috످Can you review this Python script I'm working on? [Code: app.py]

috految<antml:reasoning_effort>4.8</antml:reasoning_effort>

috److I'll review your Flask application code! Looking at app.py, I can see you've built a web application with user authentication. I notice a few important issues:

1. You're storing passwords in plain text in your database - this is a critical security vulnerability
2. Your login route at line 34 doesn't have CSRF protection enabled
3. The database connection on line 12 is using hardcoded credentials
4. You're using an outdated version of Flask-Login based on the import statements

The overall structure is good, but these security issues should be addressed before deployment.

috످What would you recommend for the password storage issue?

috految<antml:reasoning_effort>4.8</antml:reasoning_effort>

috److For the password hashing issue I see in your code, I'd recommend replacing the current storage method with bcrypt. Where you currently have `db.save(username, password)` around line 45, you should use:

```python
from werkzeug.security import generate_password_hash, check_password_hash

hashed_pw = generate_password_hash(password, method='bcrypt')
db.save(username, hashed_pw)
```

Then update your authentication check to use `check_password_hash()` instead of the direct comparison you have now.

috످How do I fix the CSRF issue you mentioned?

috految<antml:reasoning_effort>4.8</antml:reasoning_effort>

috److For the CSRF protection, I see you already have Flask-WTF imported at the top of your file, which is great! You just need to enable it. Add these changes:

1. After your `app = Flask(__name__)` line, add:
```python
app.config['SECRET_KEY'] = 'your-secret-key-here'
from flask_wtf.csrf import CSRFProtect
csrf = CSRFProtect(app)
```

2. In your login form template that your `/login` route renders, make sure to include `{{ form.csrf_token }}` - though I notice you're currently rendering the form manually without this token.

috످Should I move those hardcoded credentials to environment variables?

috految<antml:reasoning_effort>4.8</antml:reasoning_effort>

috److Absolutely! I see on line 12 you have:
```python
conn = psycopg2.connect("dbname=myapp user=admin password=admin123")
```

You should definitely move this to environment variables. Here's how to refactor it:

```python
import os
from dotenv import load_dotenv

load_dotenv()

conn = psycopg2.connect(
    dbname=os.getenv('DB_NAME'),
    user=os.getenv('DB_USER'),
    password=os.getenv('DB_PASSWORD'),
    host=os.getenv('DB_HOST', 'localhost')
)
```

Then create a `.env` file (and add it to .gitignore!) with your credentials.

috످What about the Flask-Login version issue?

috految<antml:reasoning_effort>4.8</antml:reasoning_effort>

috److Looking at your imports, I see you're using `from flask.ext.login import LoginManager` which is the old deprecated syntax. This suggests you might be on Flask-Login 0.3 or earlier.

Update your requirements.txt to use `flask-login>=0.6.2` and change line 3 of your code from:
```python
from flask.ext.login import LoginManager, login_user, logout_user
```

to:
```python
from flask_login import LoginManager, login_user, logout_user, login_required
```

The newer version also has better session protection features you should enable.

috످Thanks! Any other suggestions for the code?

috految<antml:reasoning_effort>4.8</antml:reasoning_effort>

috److I never saw your code. Your first message only contained the placeholder `[Code: app.py]`. I made up the entire review, including the security issues, line numbers, and code I quoted. I don't even know if you're using Flask. I'm sorry for misleading you.

If you applied my suggestions, revert any that don't fit your app and check the following.

The password fix will crash. Werkzeug doesn't support `method='bcrypt'`. Use `generate_password_hash(password)` instead. Hash any existing plaintext passwords too (back up first), or those users will be locked out.

The secret key is unsafe. Using `'your-secret-key-here'` lets attackers forge login sessions. Generate a new key with `secrets.token_hex(32)` and store it in an environment variable. If you've already deployed, replace it immediately.

The CSRF fix could break your forms. Install `Flask-WTF` and add `<input type="hidden" name="csrf_token" value="{{ csrf_token() }}">` to every POST form.

The database code may not match your setup. It assumes PostgreSQL and requires `python-dotenv`.

You may not need the Flask-Login upgrade. If you do, use 0.6.3 or later, since 0.6.2 breaks with Flask 3.

If you paste the contents of `app.py` here (with passwords and API keys removed), I can review your actual code.

috످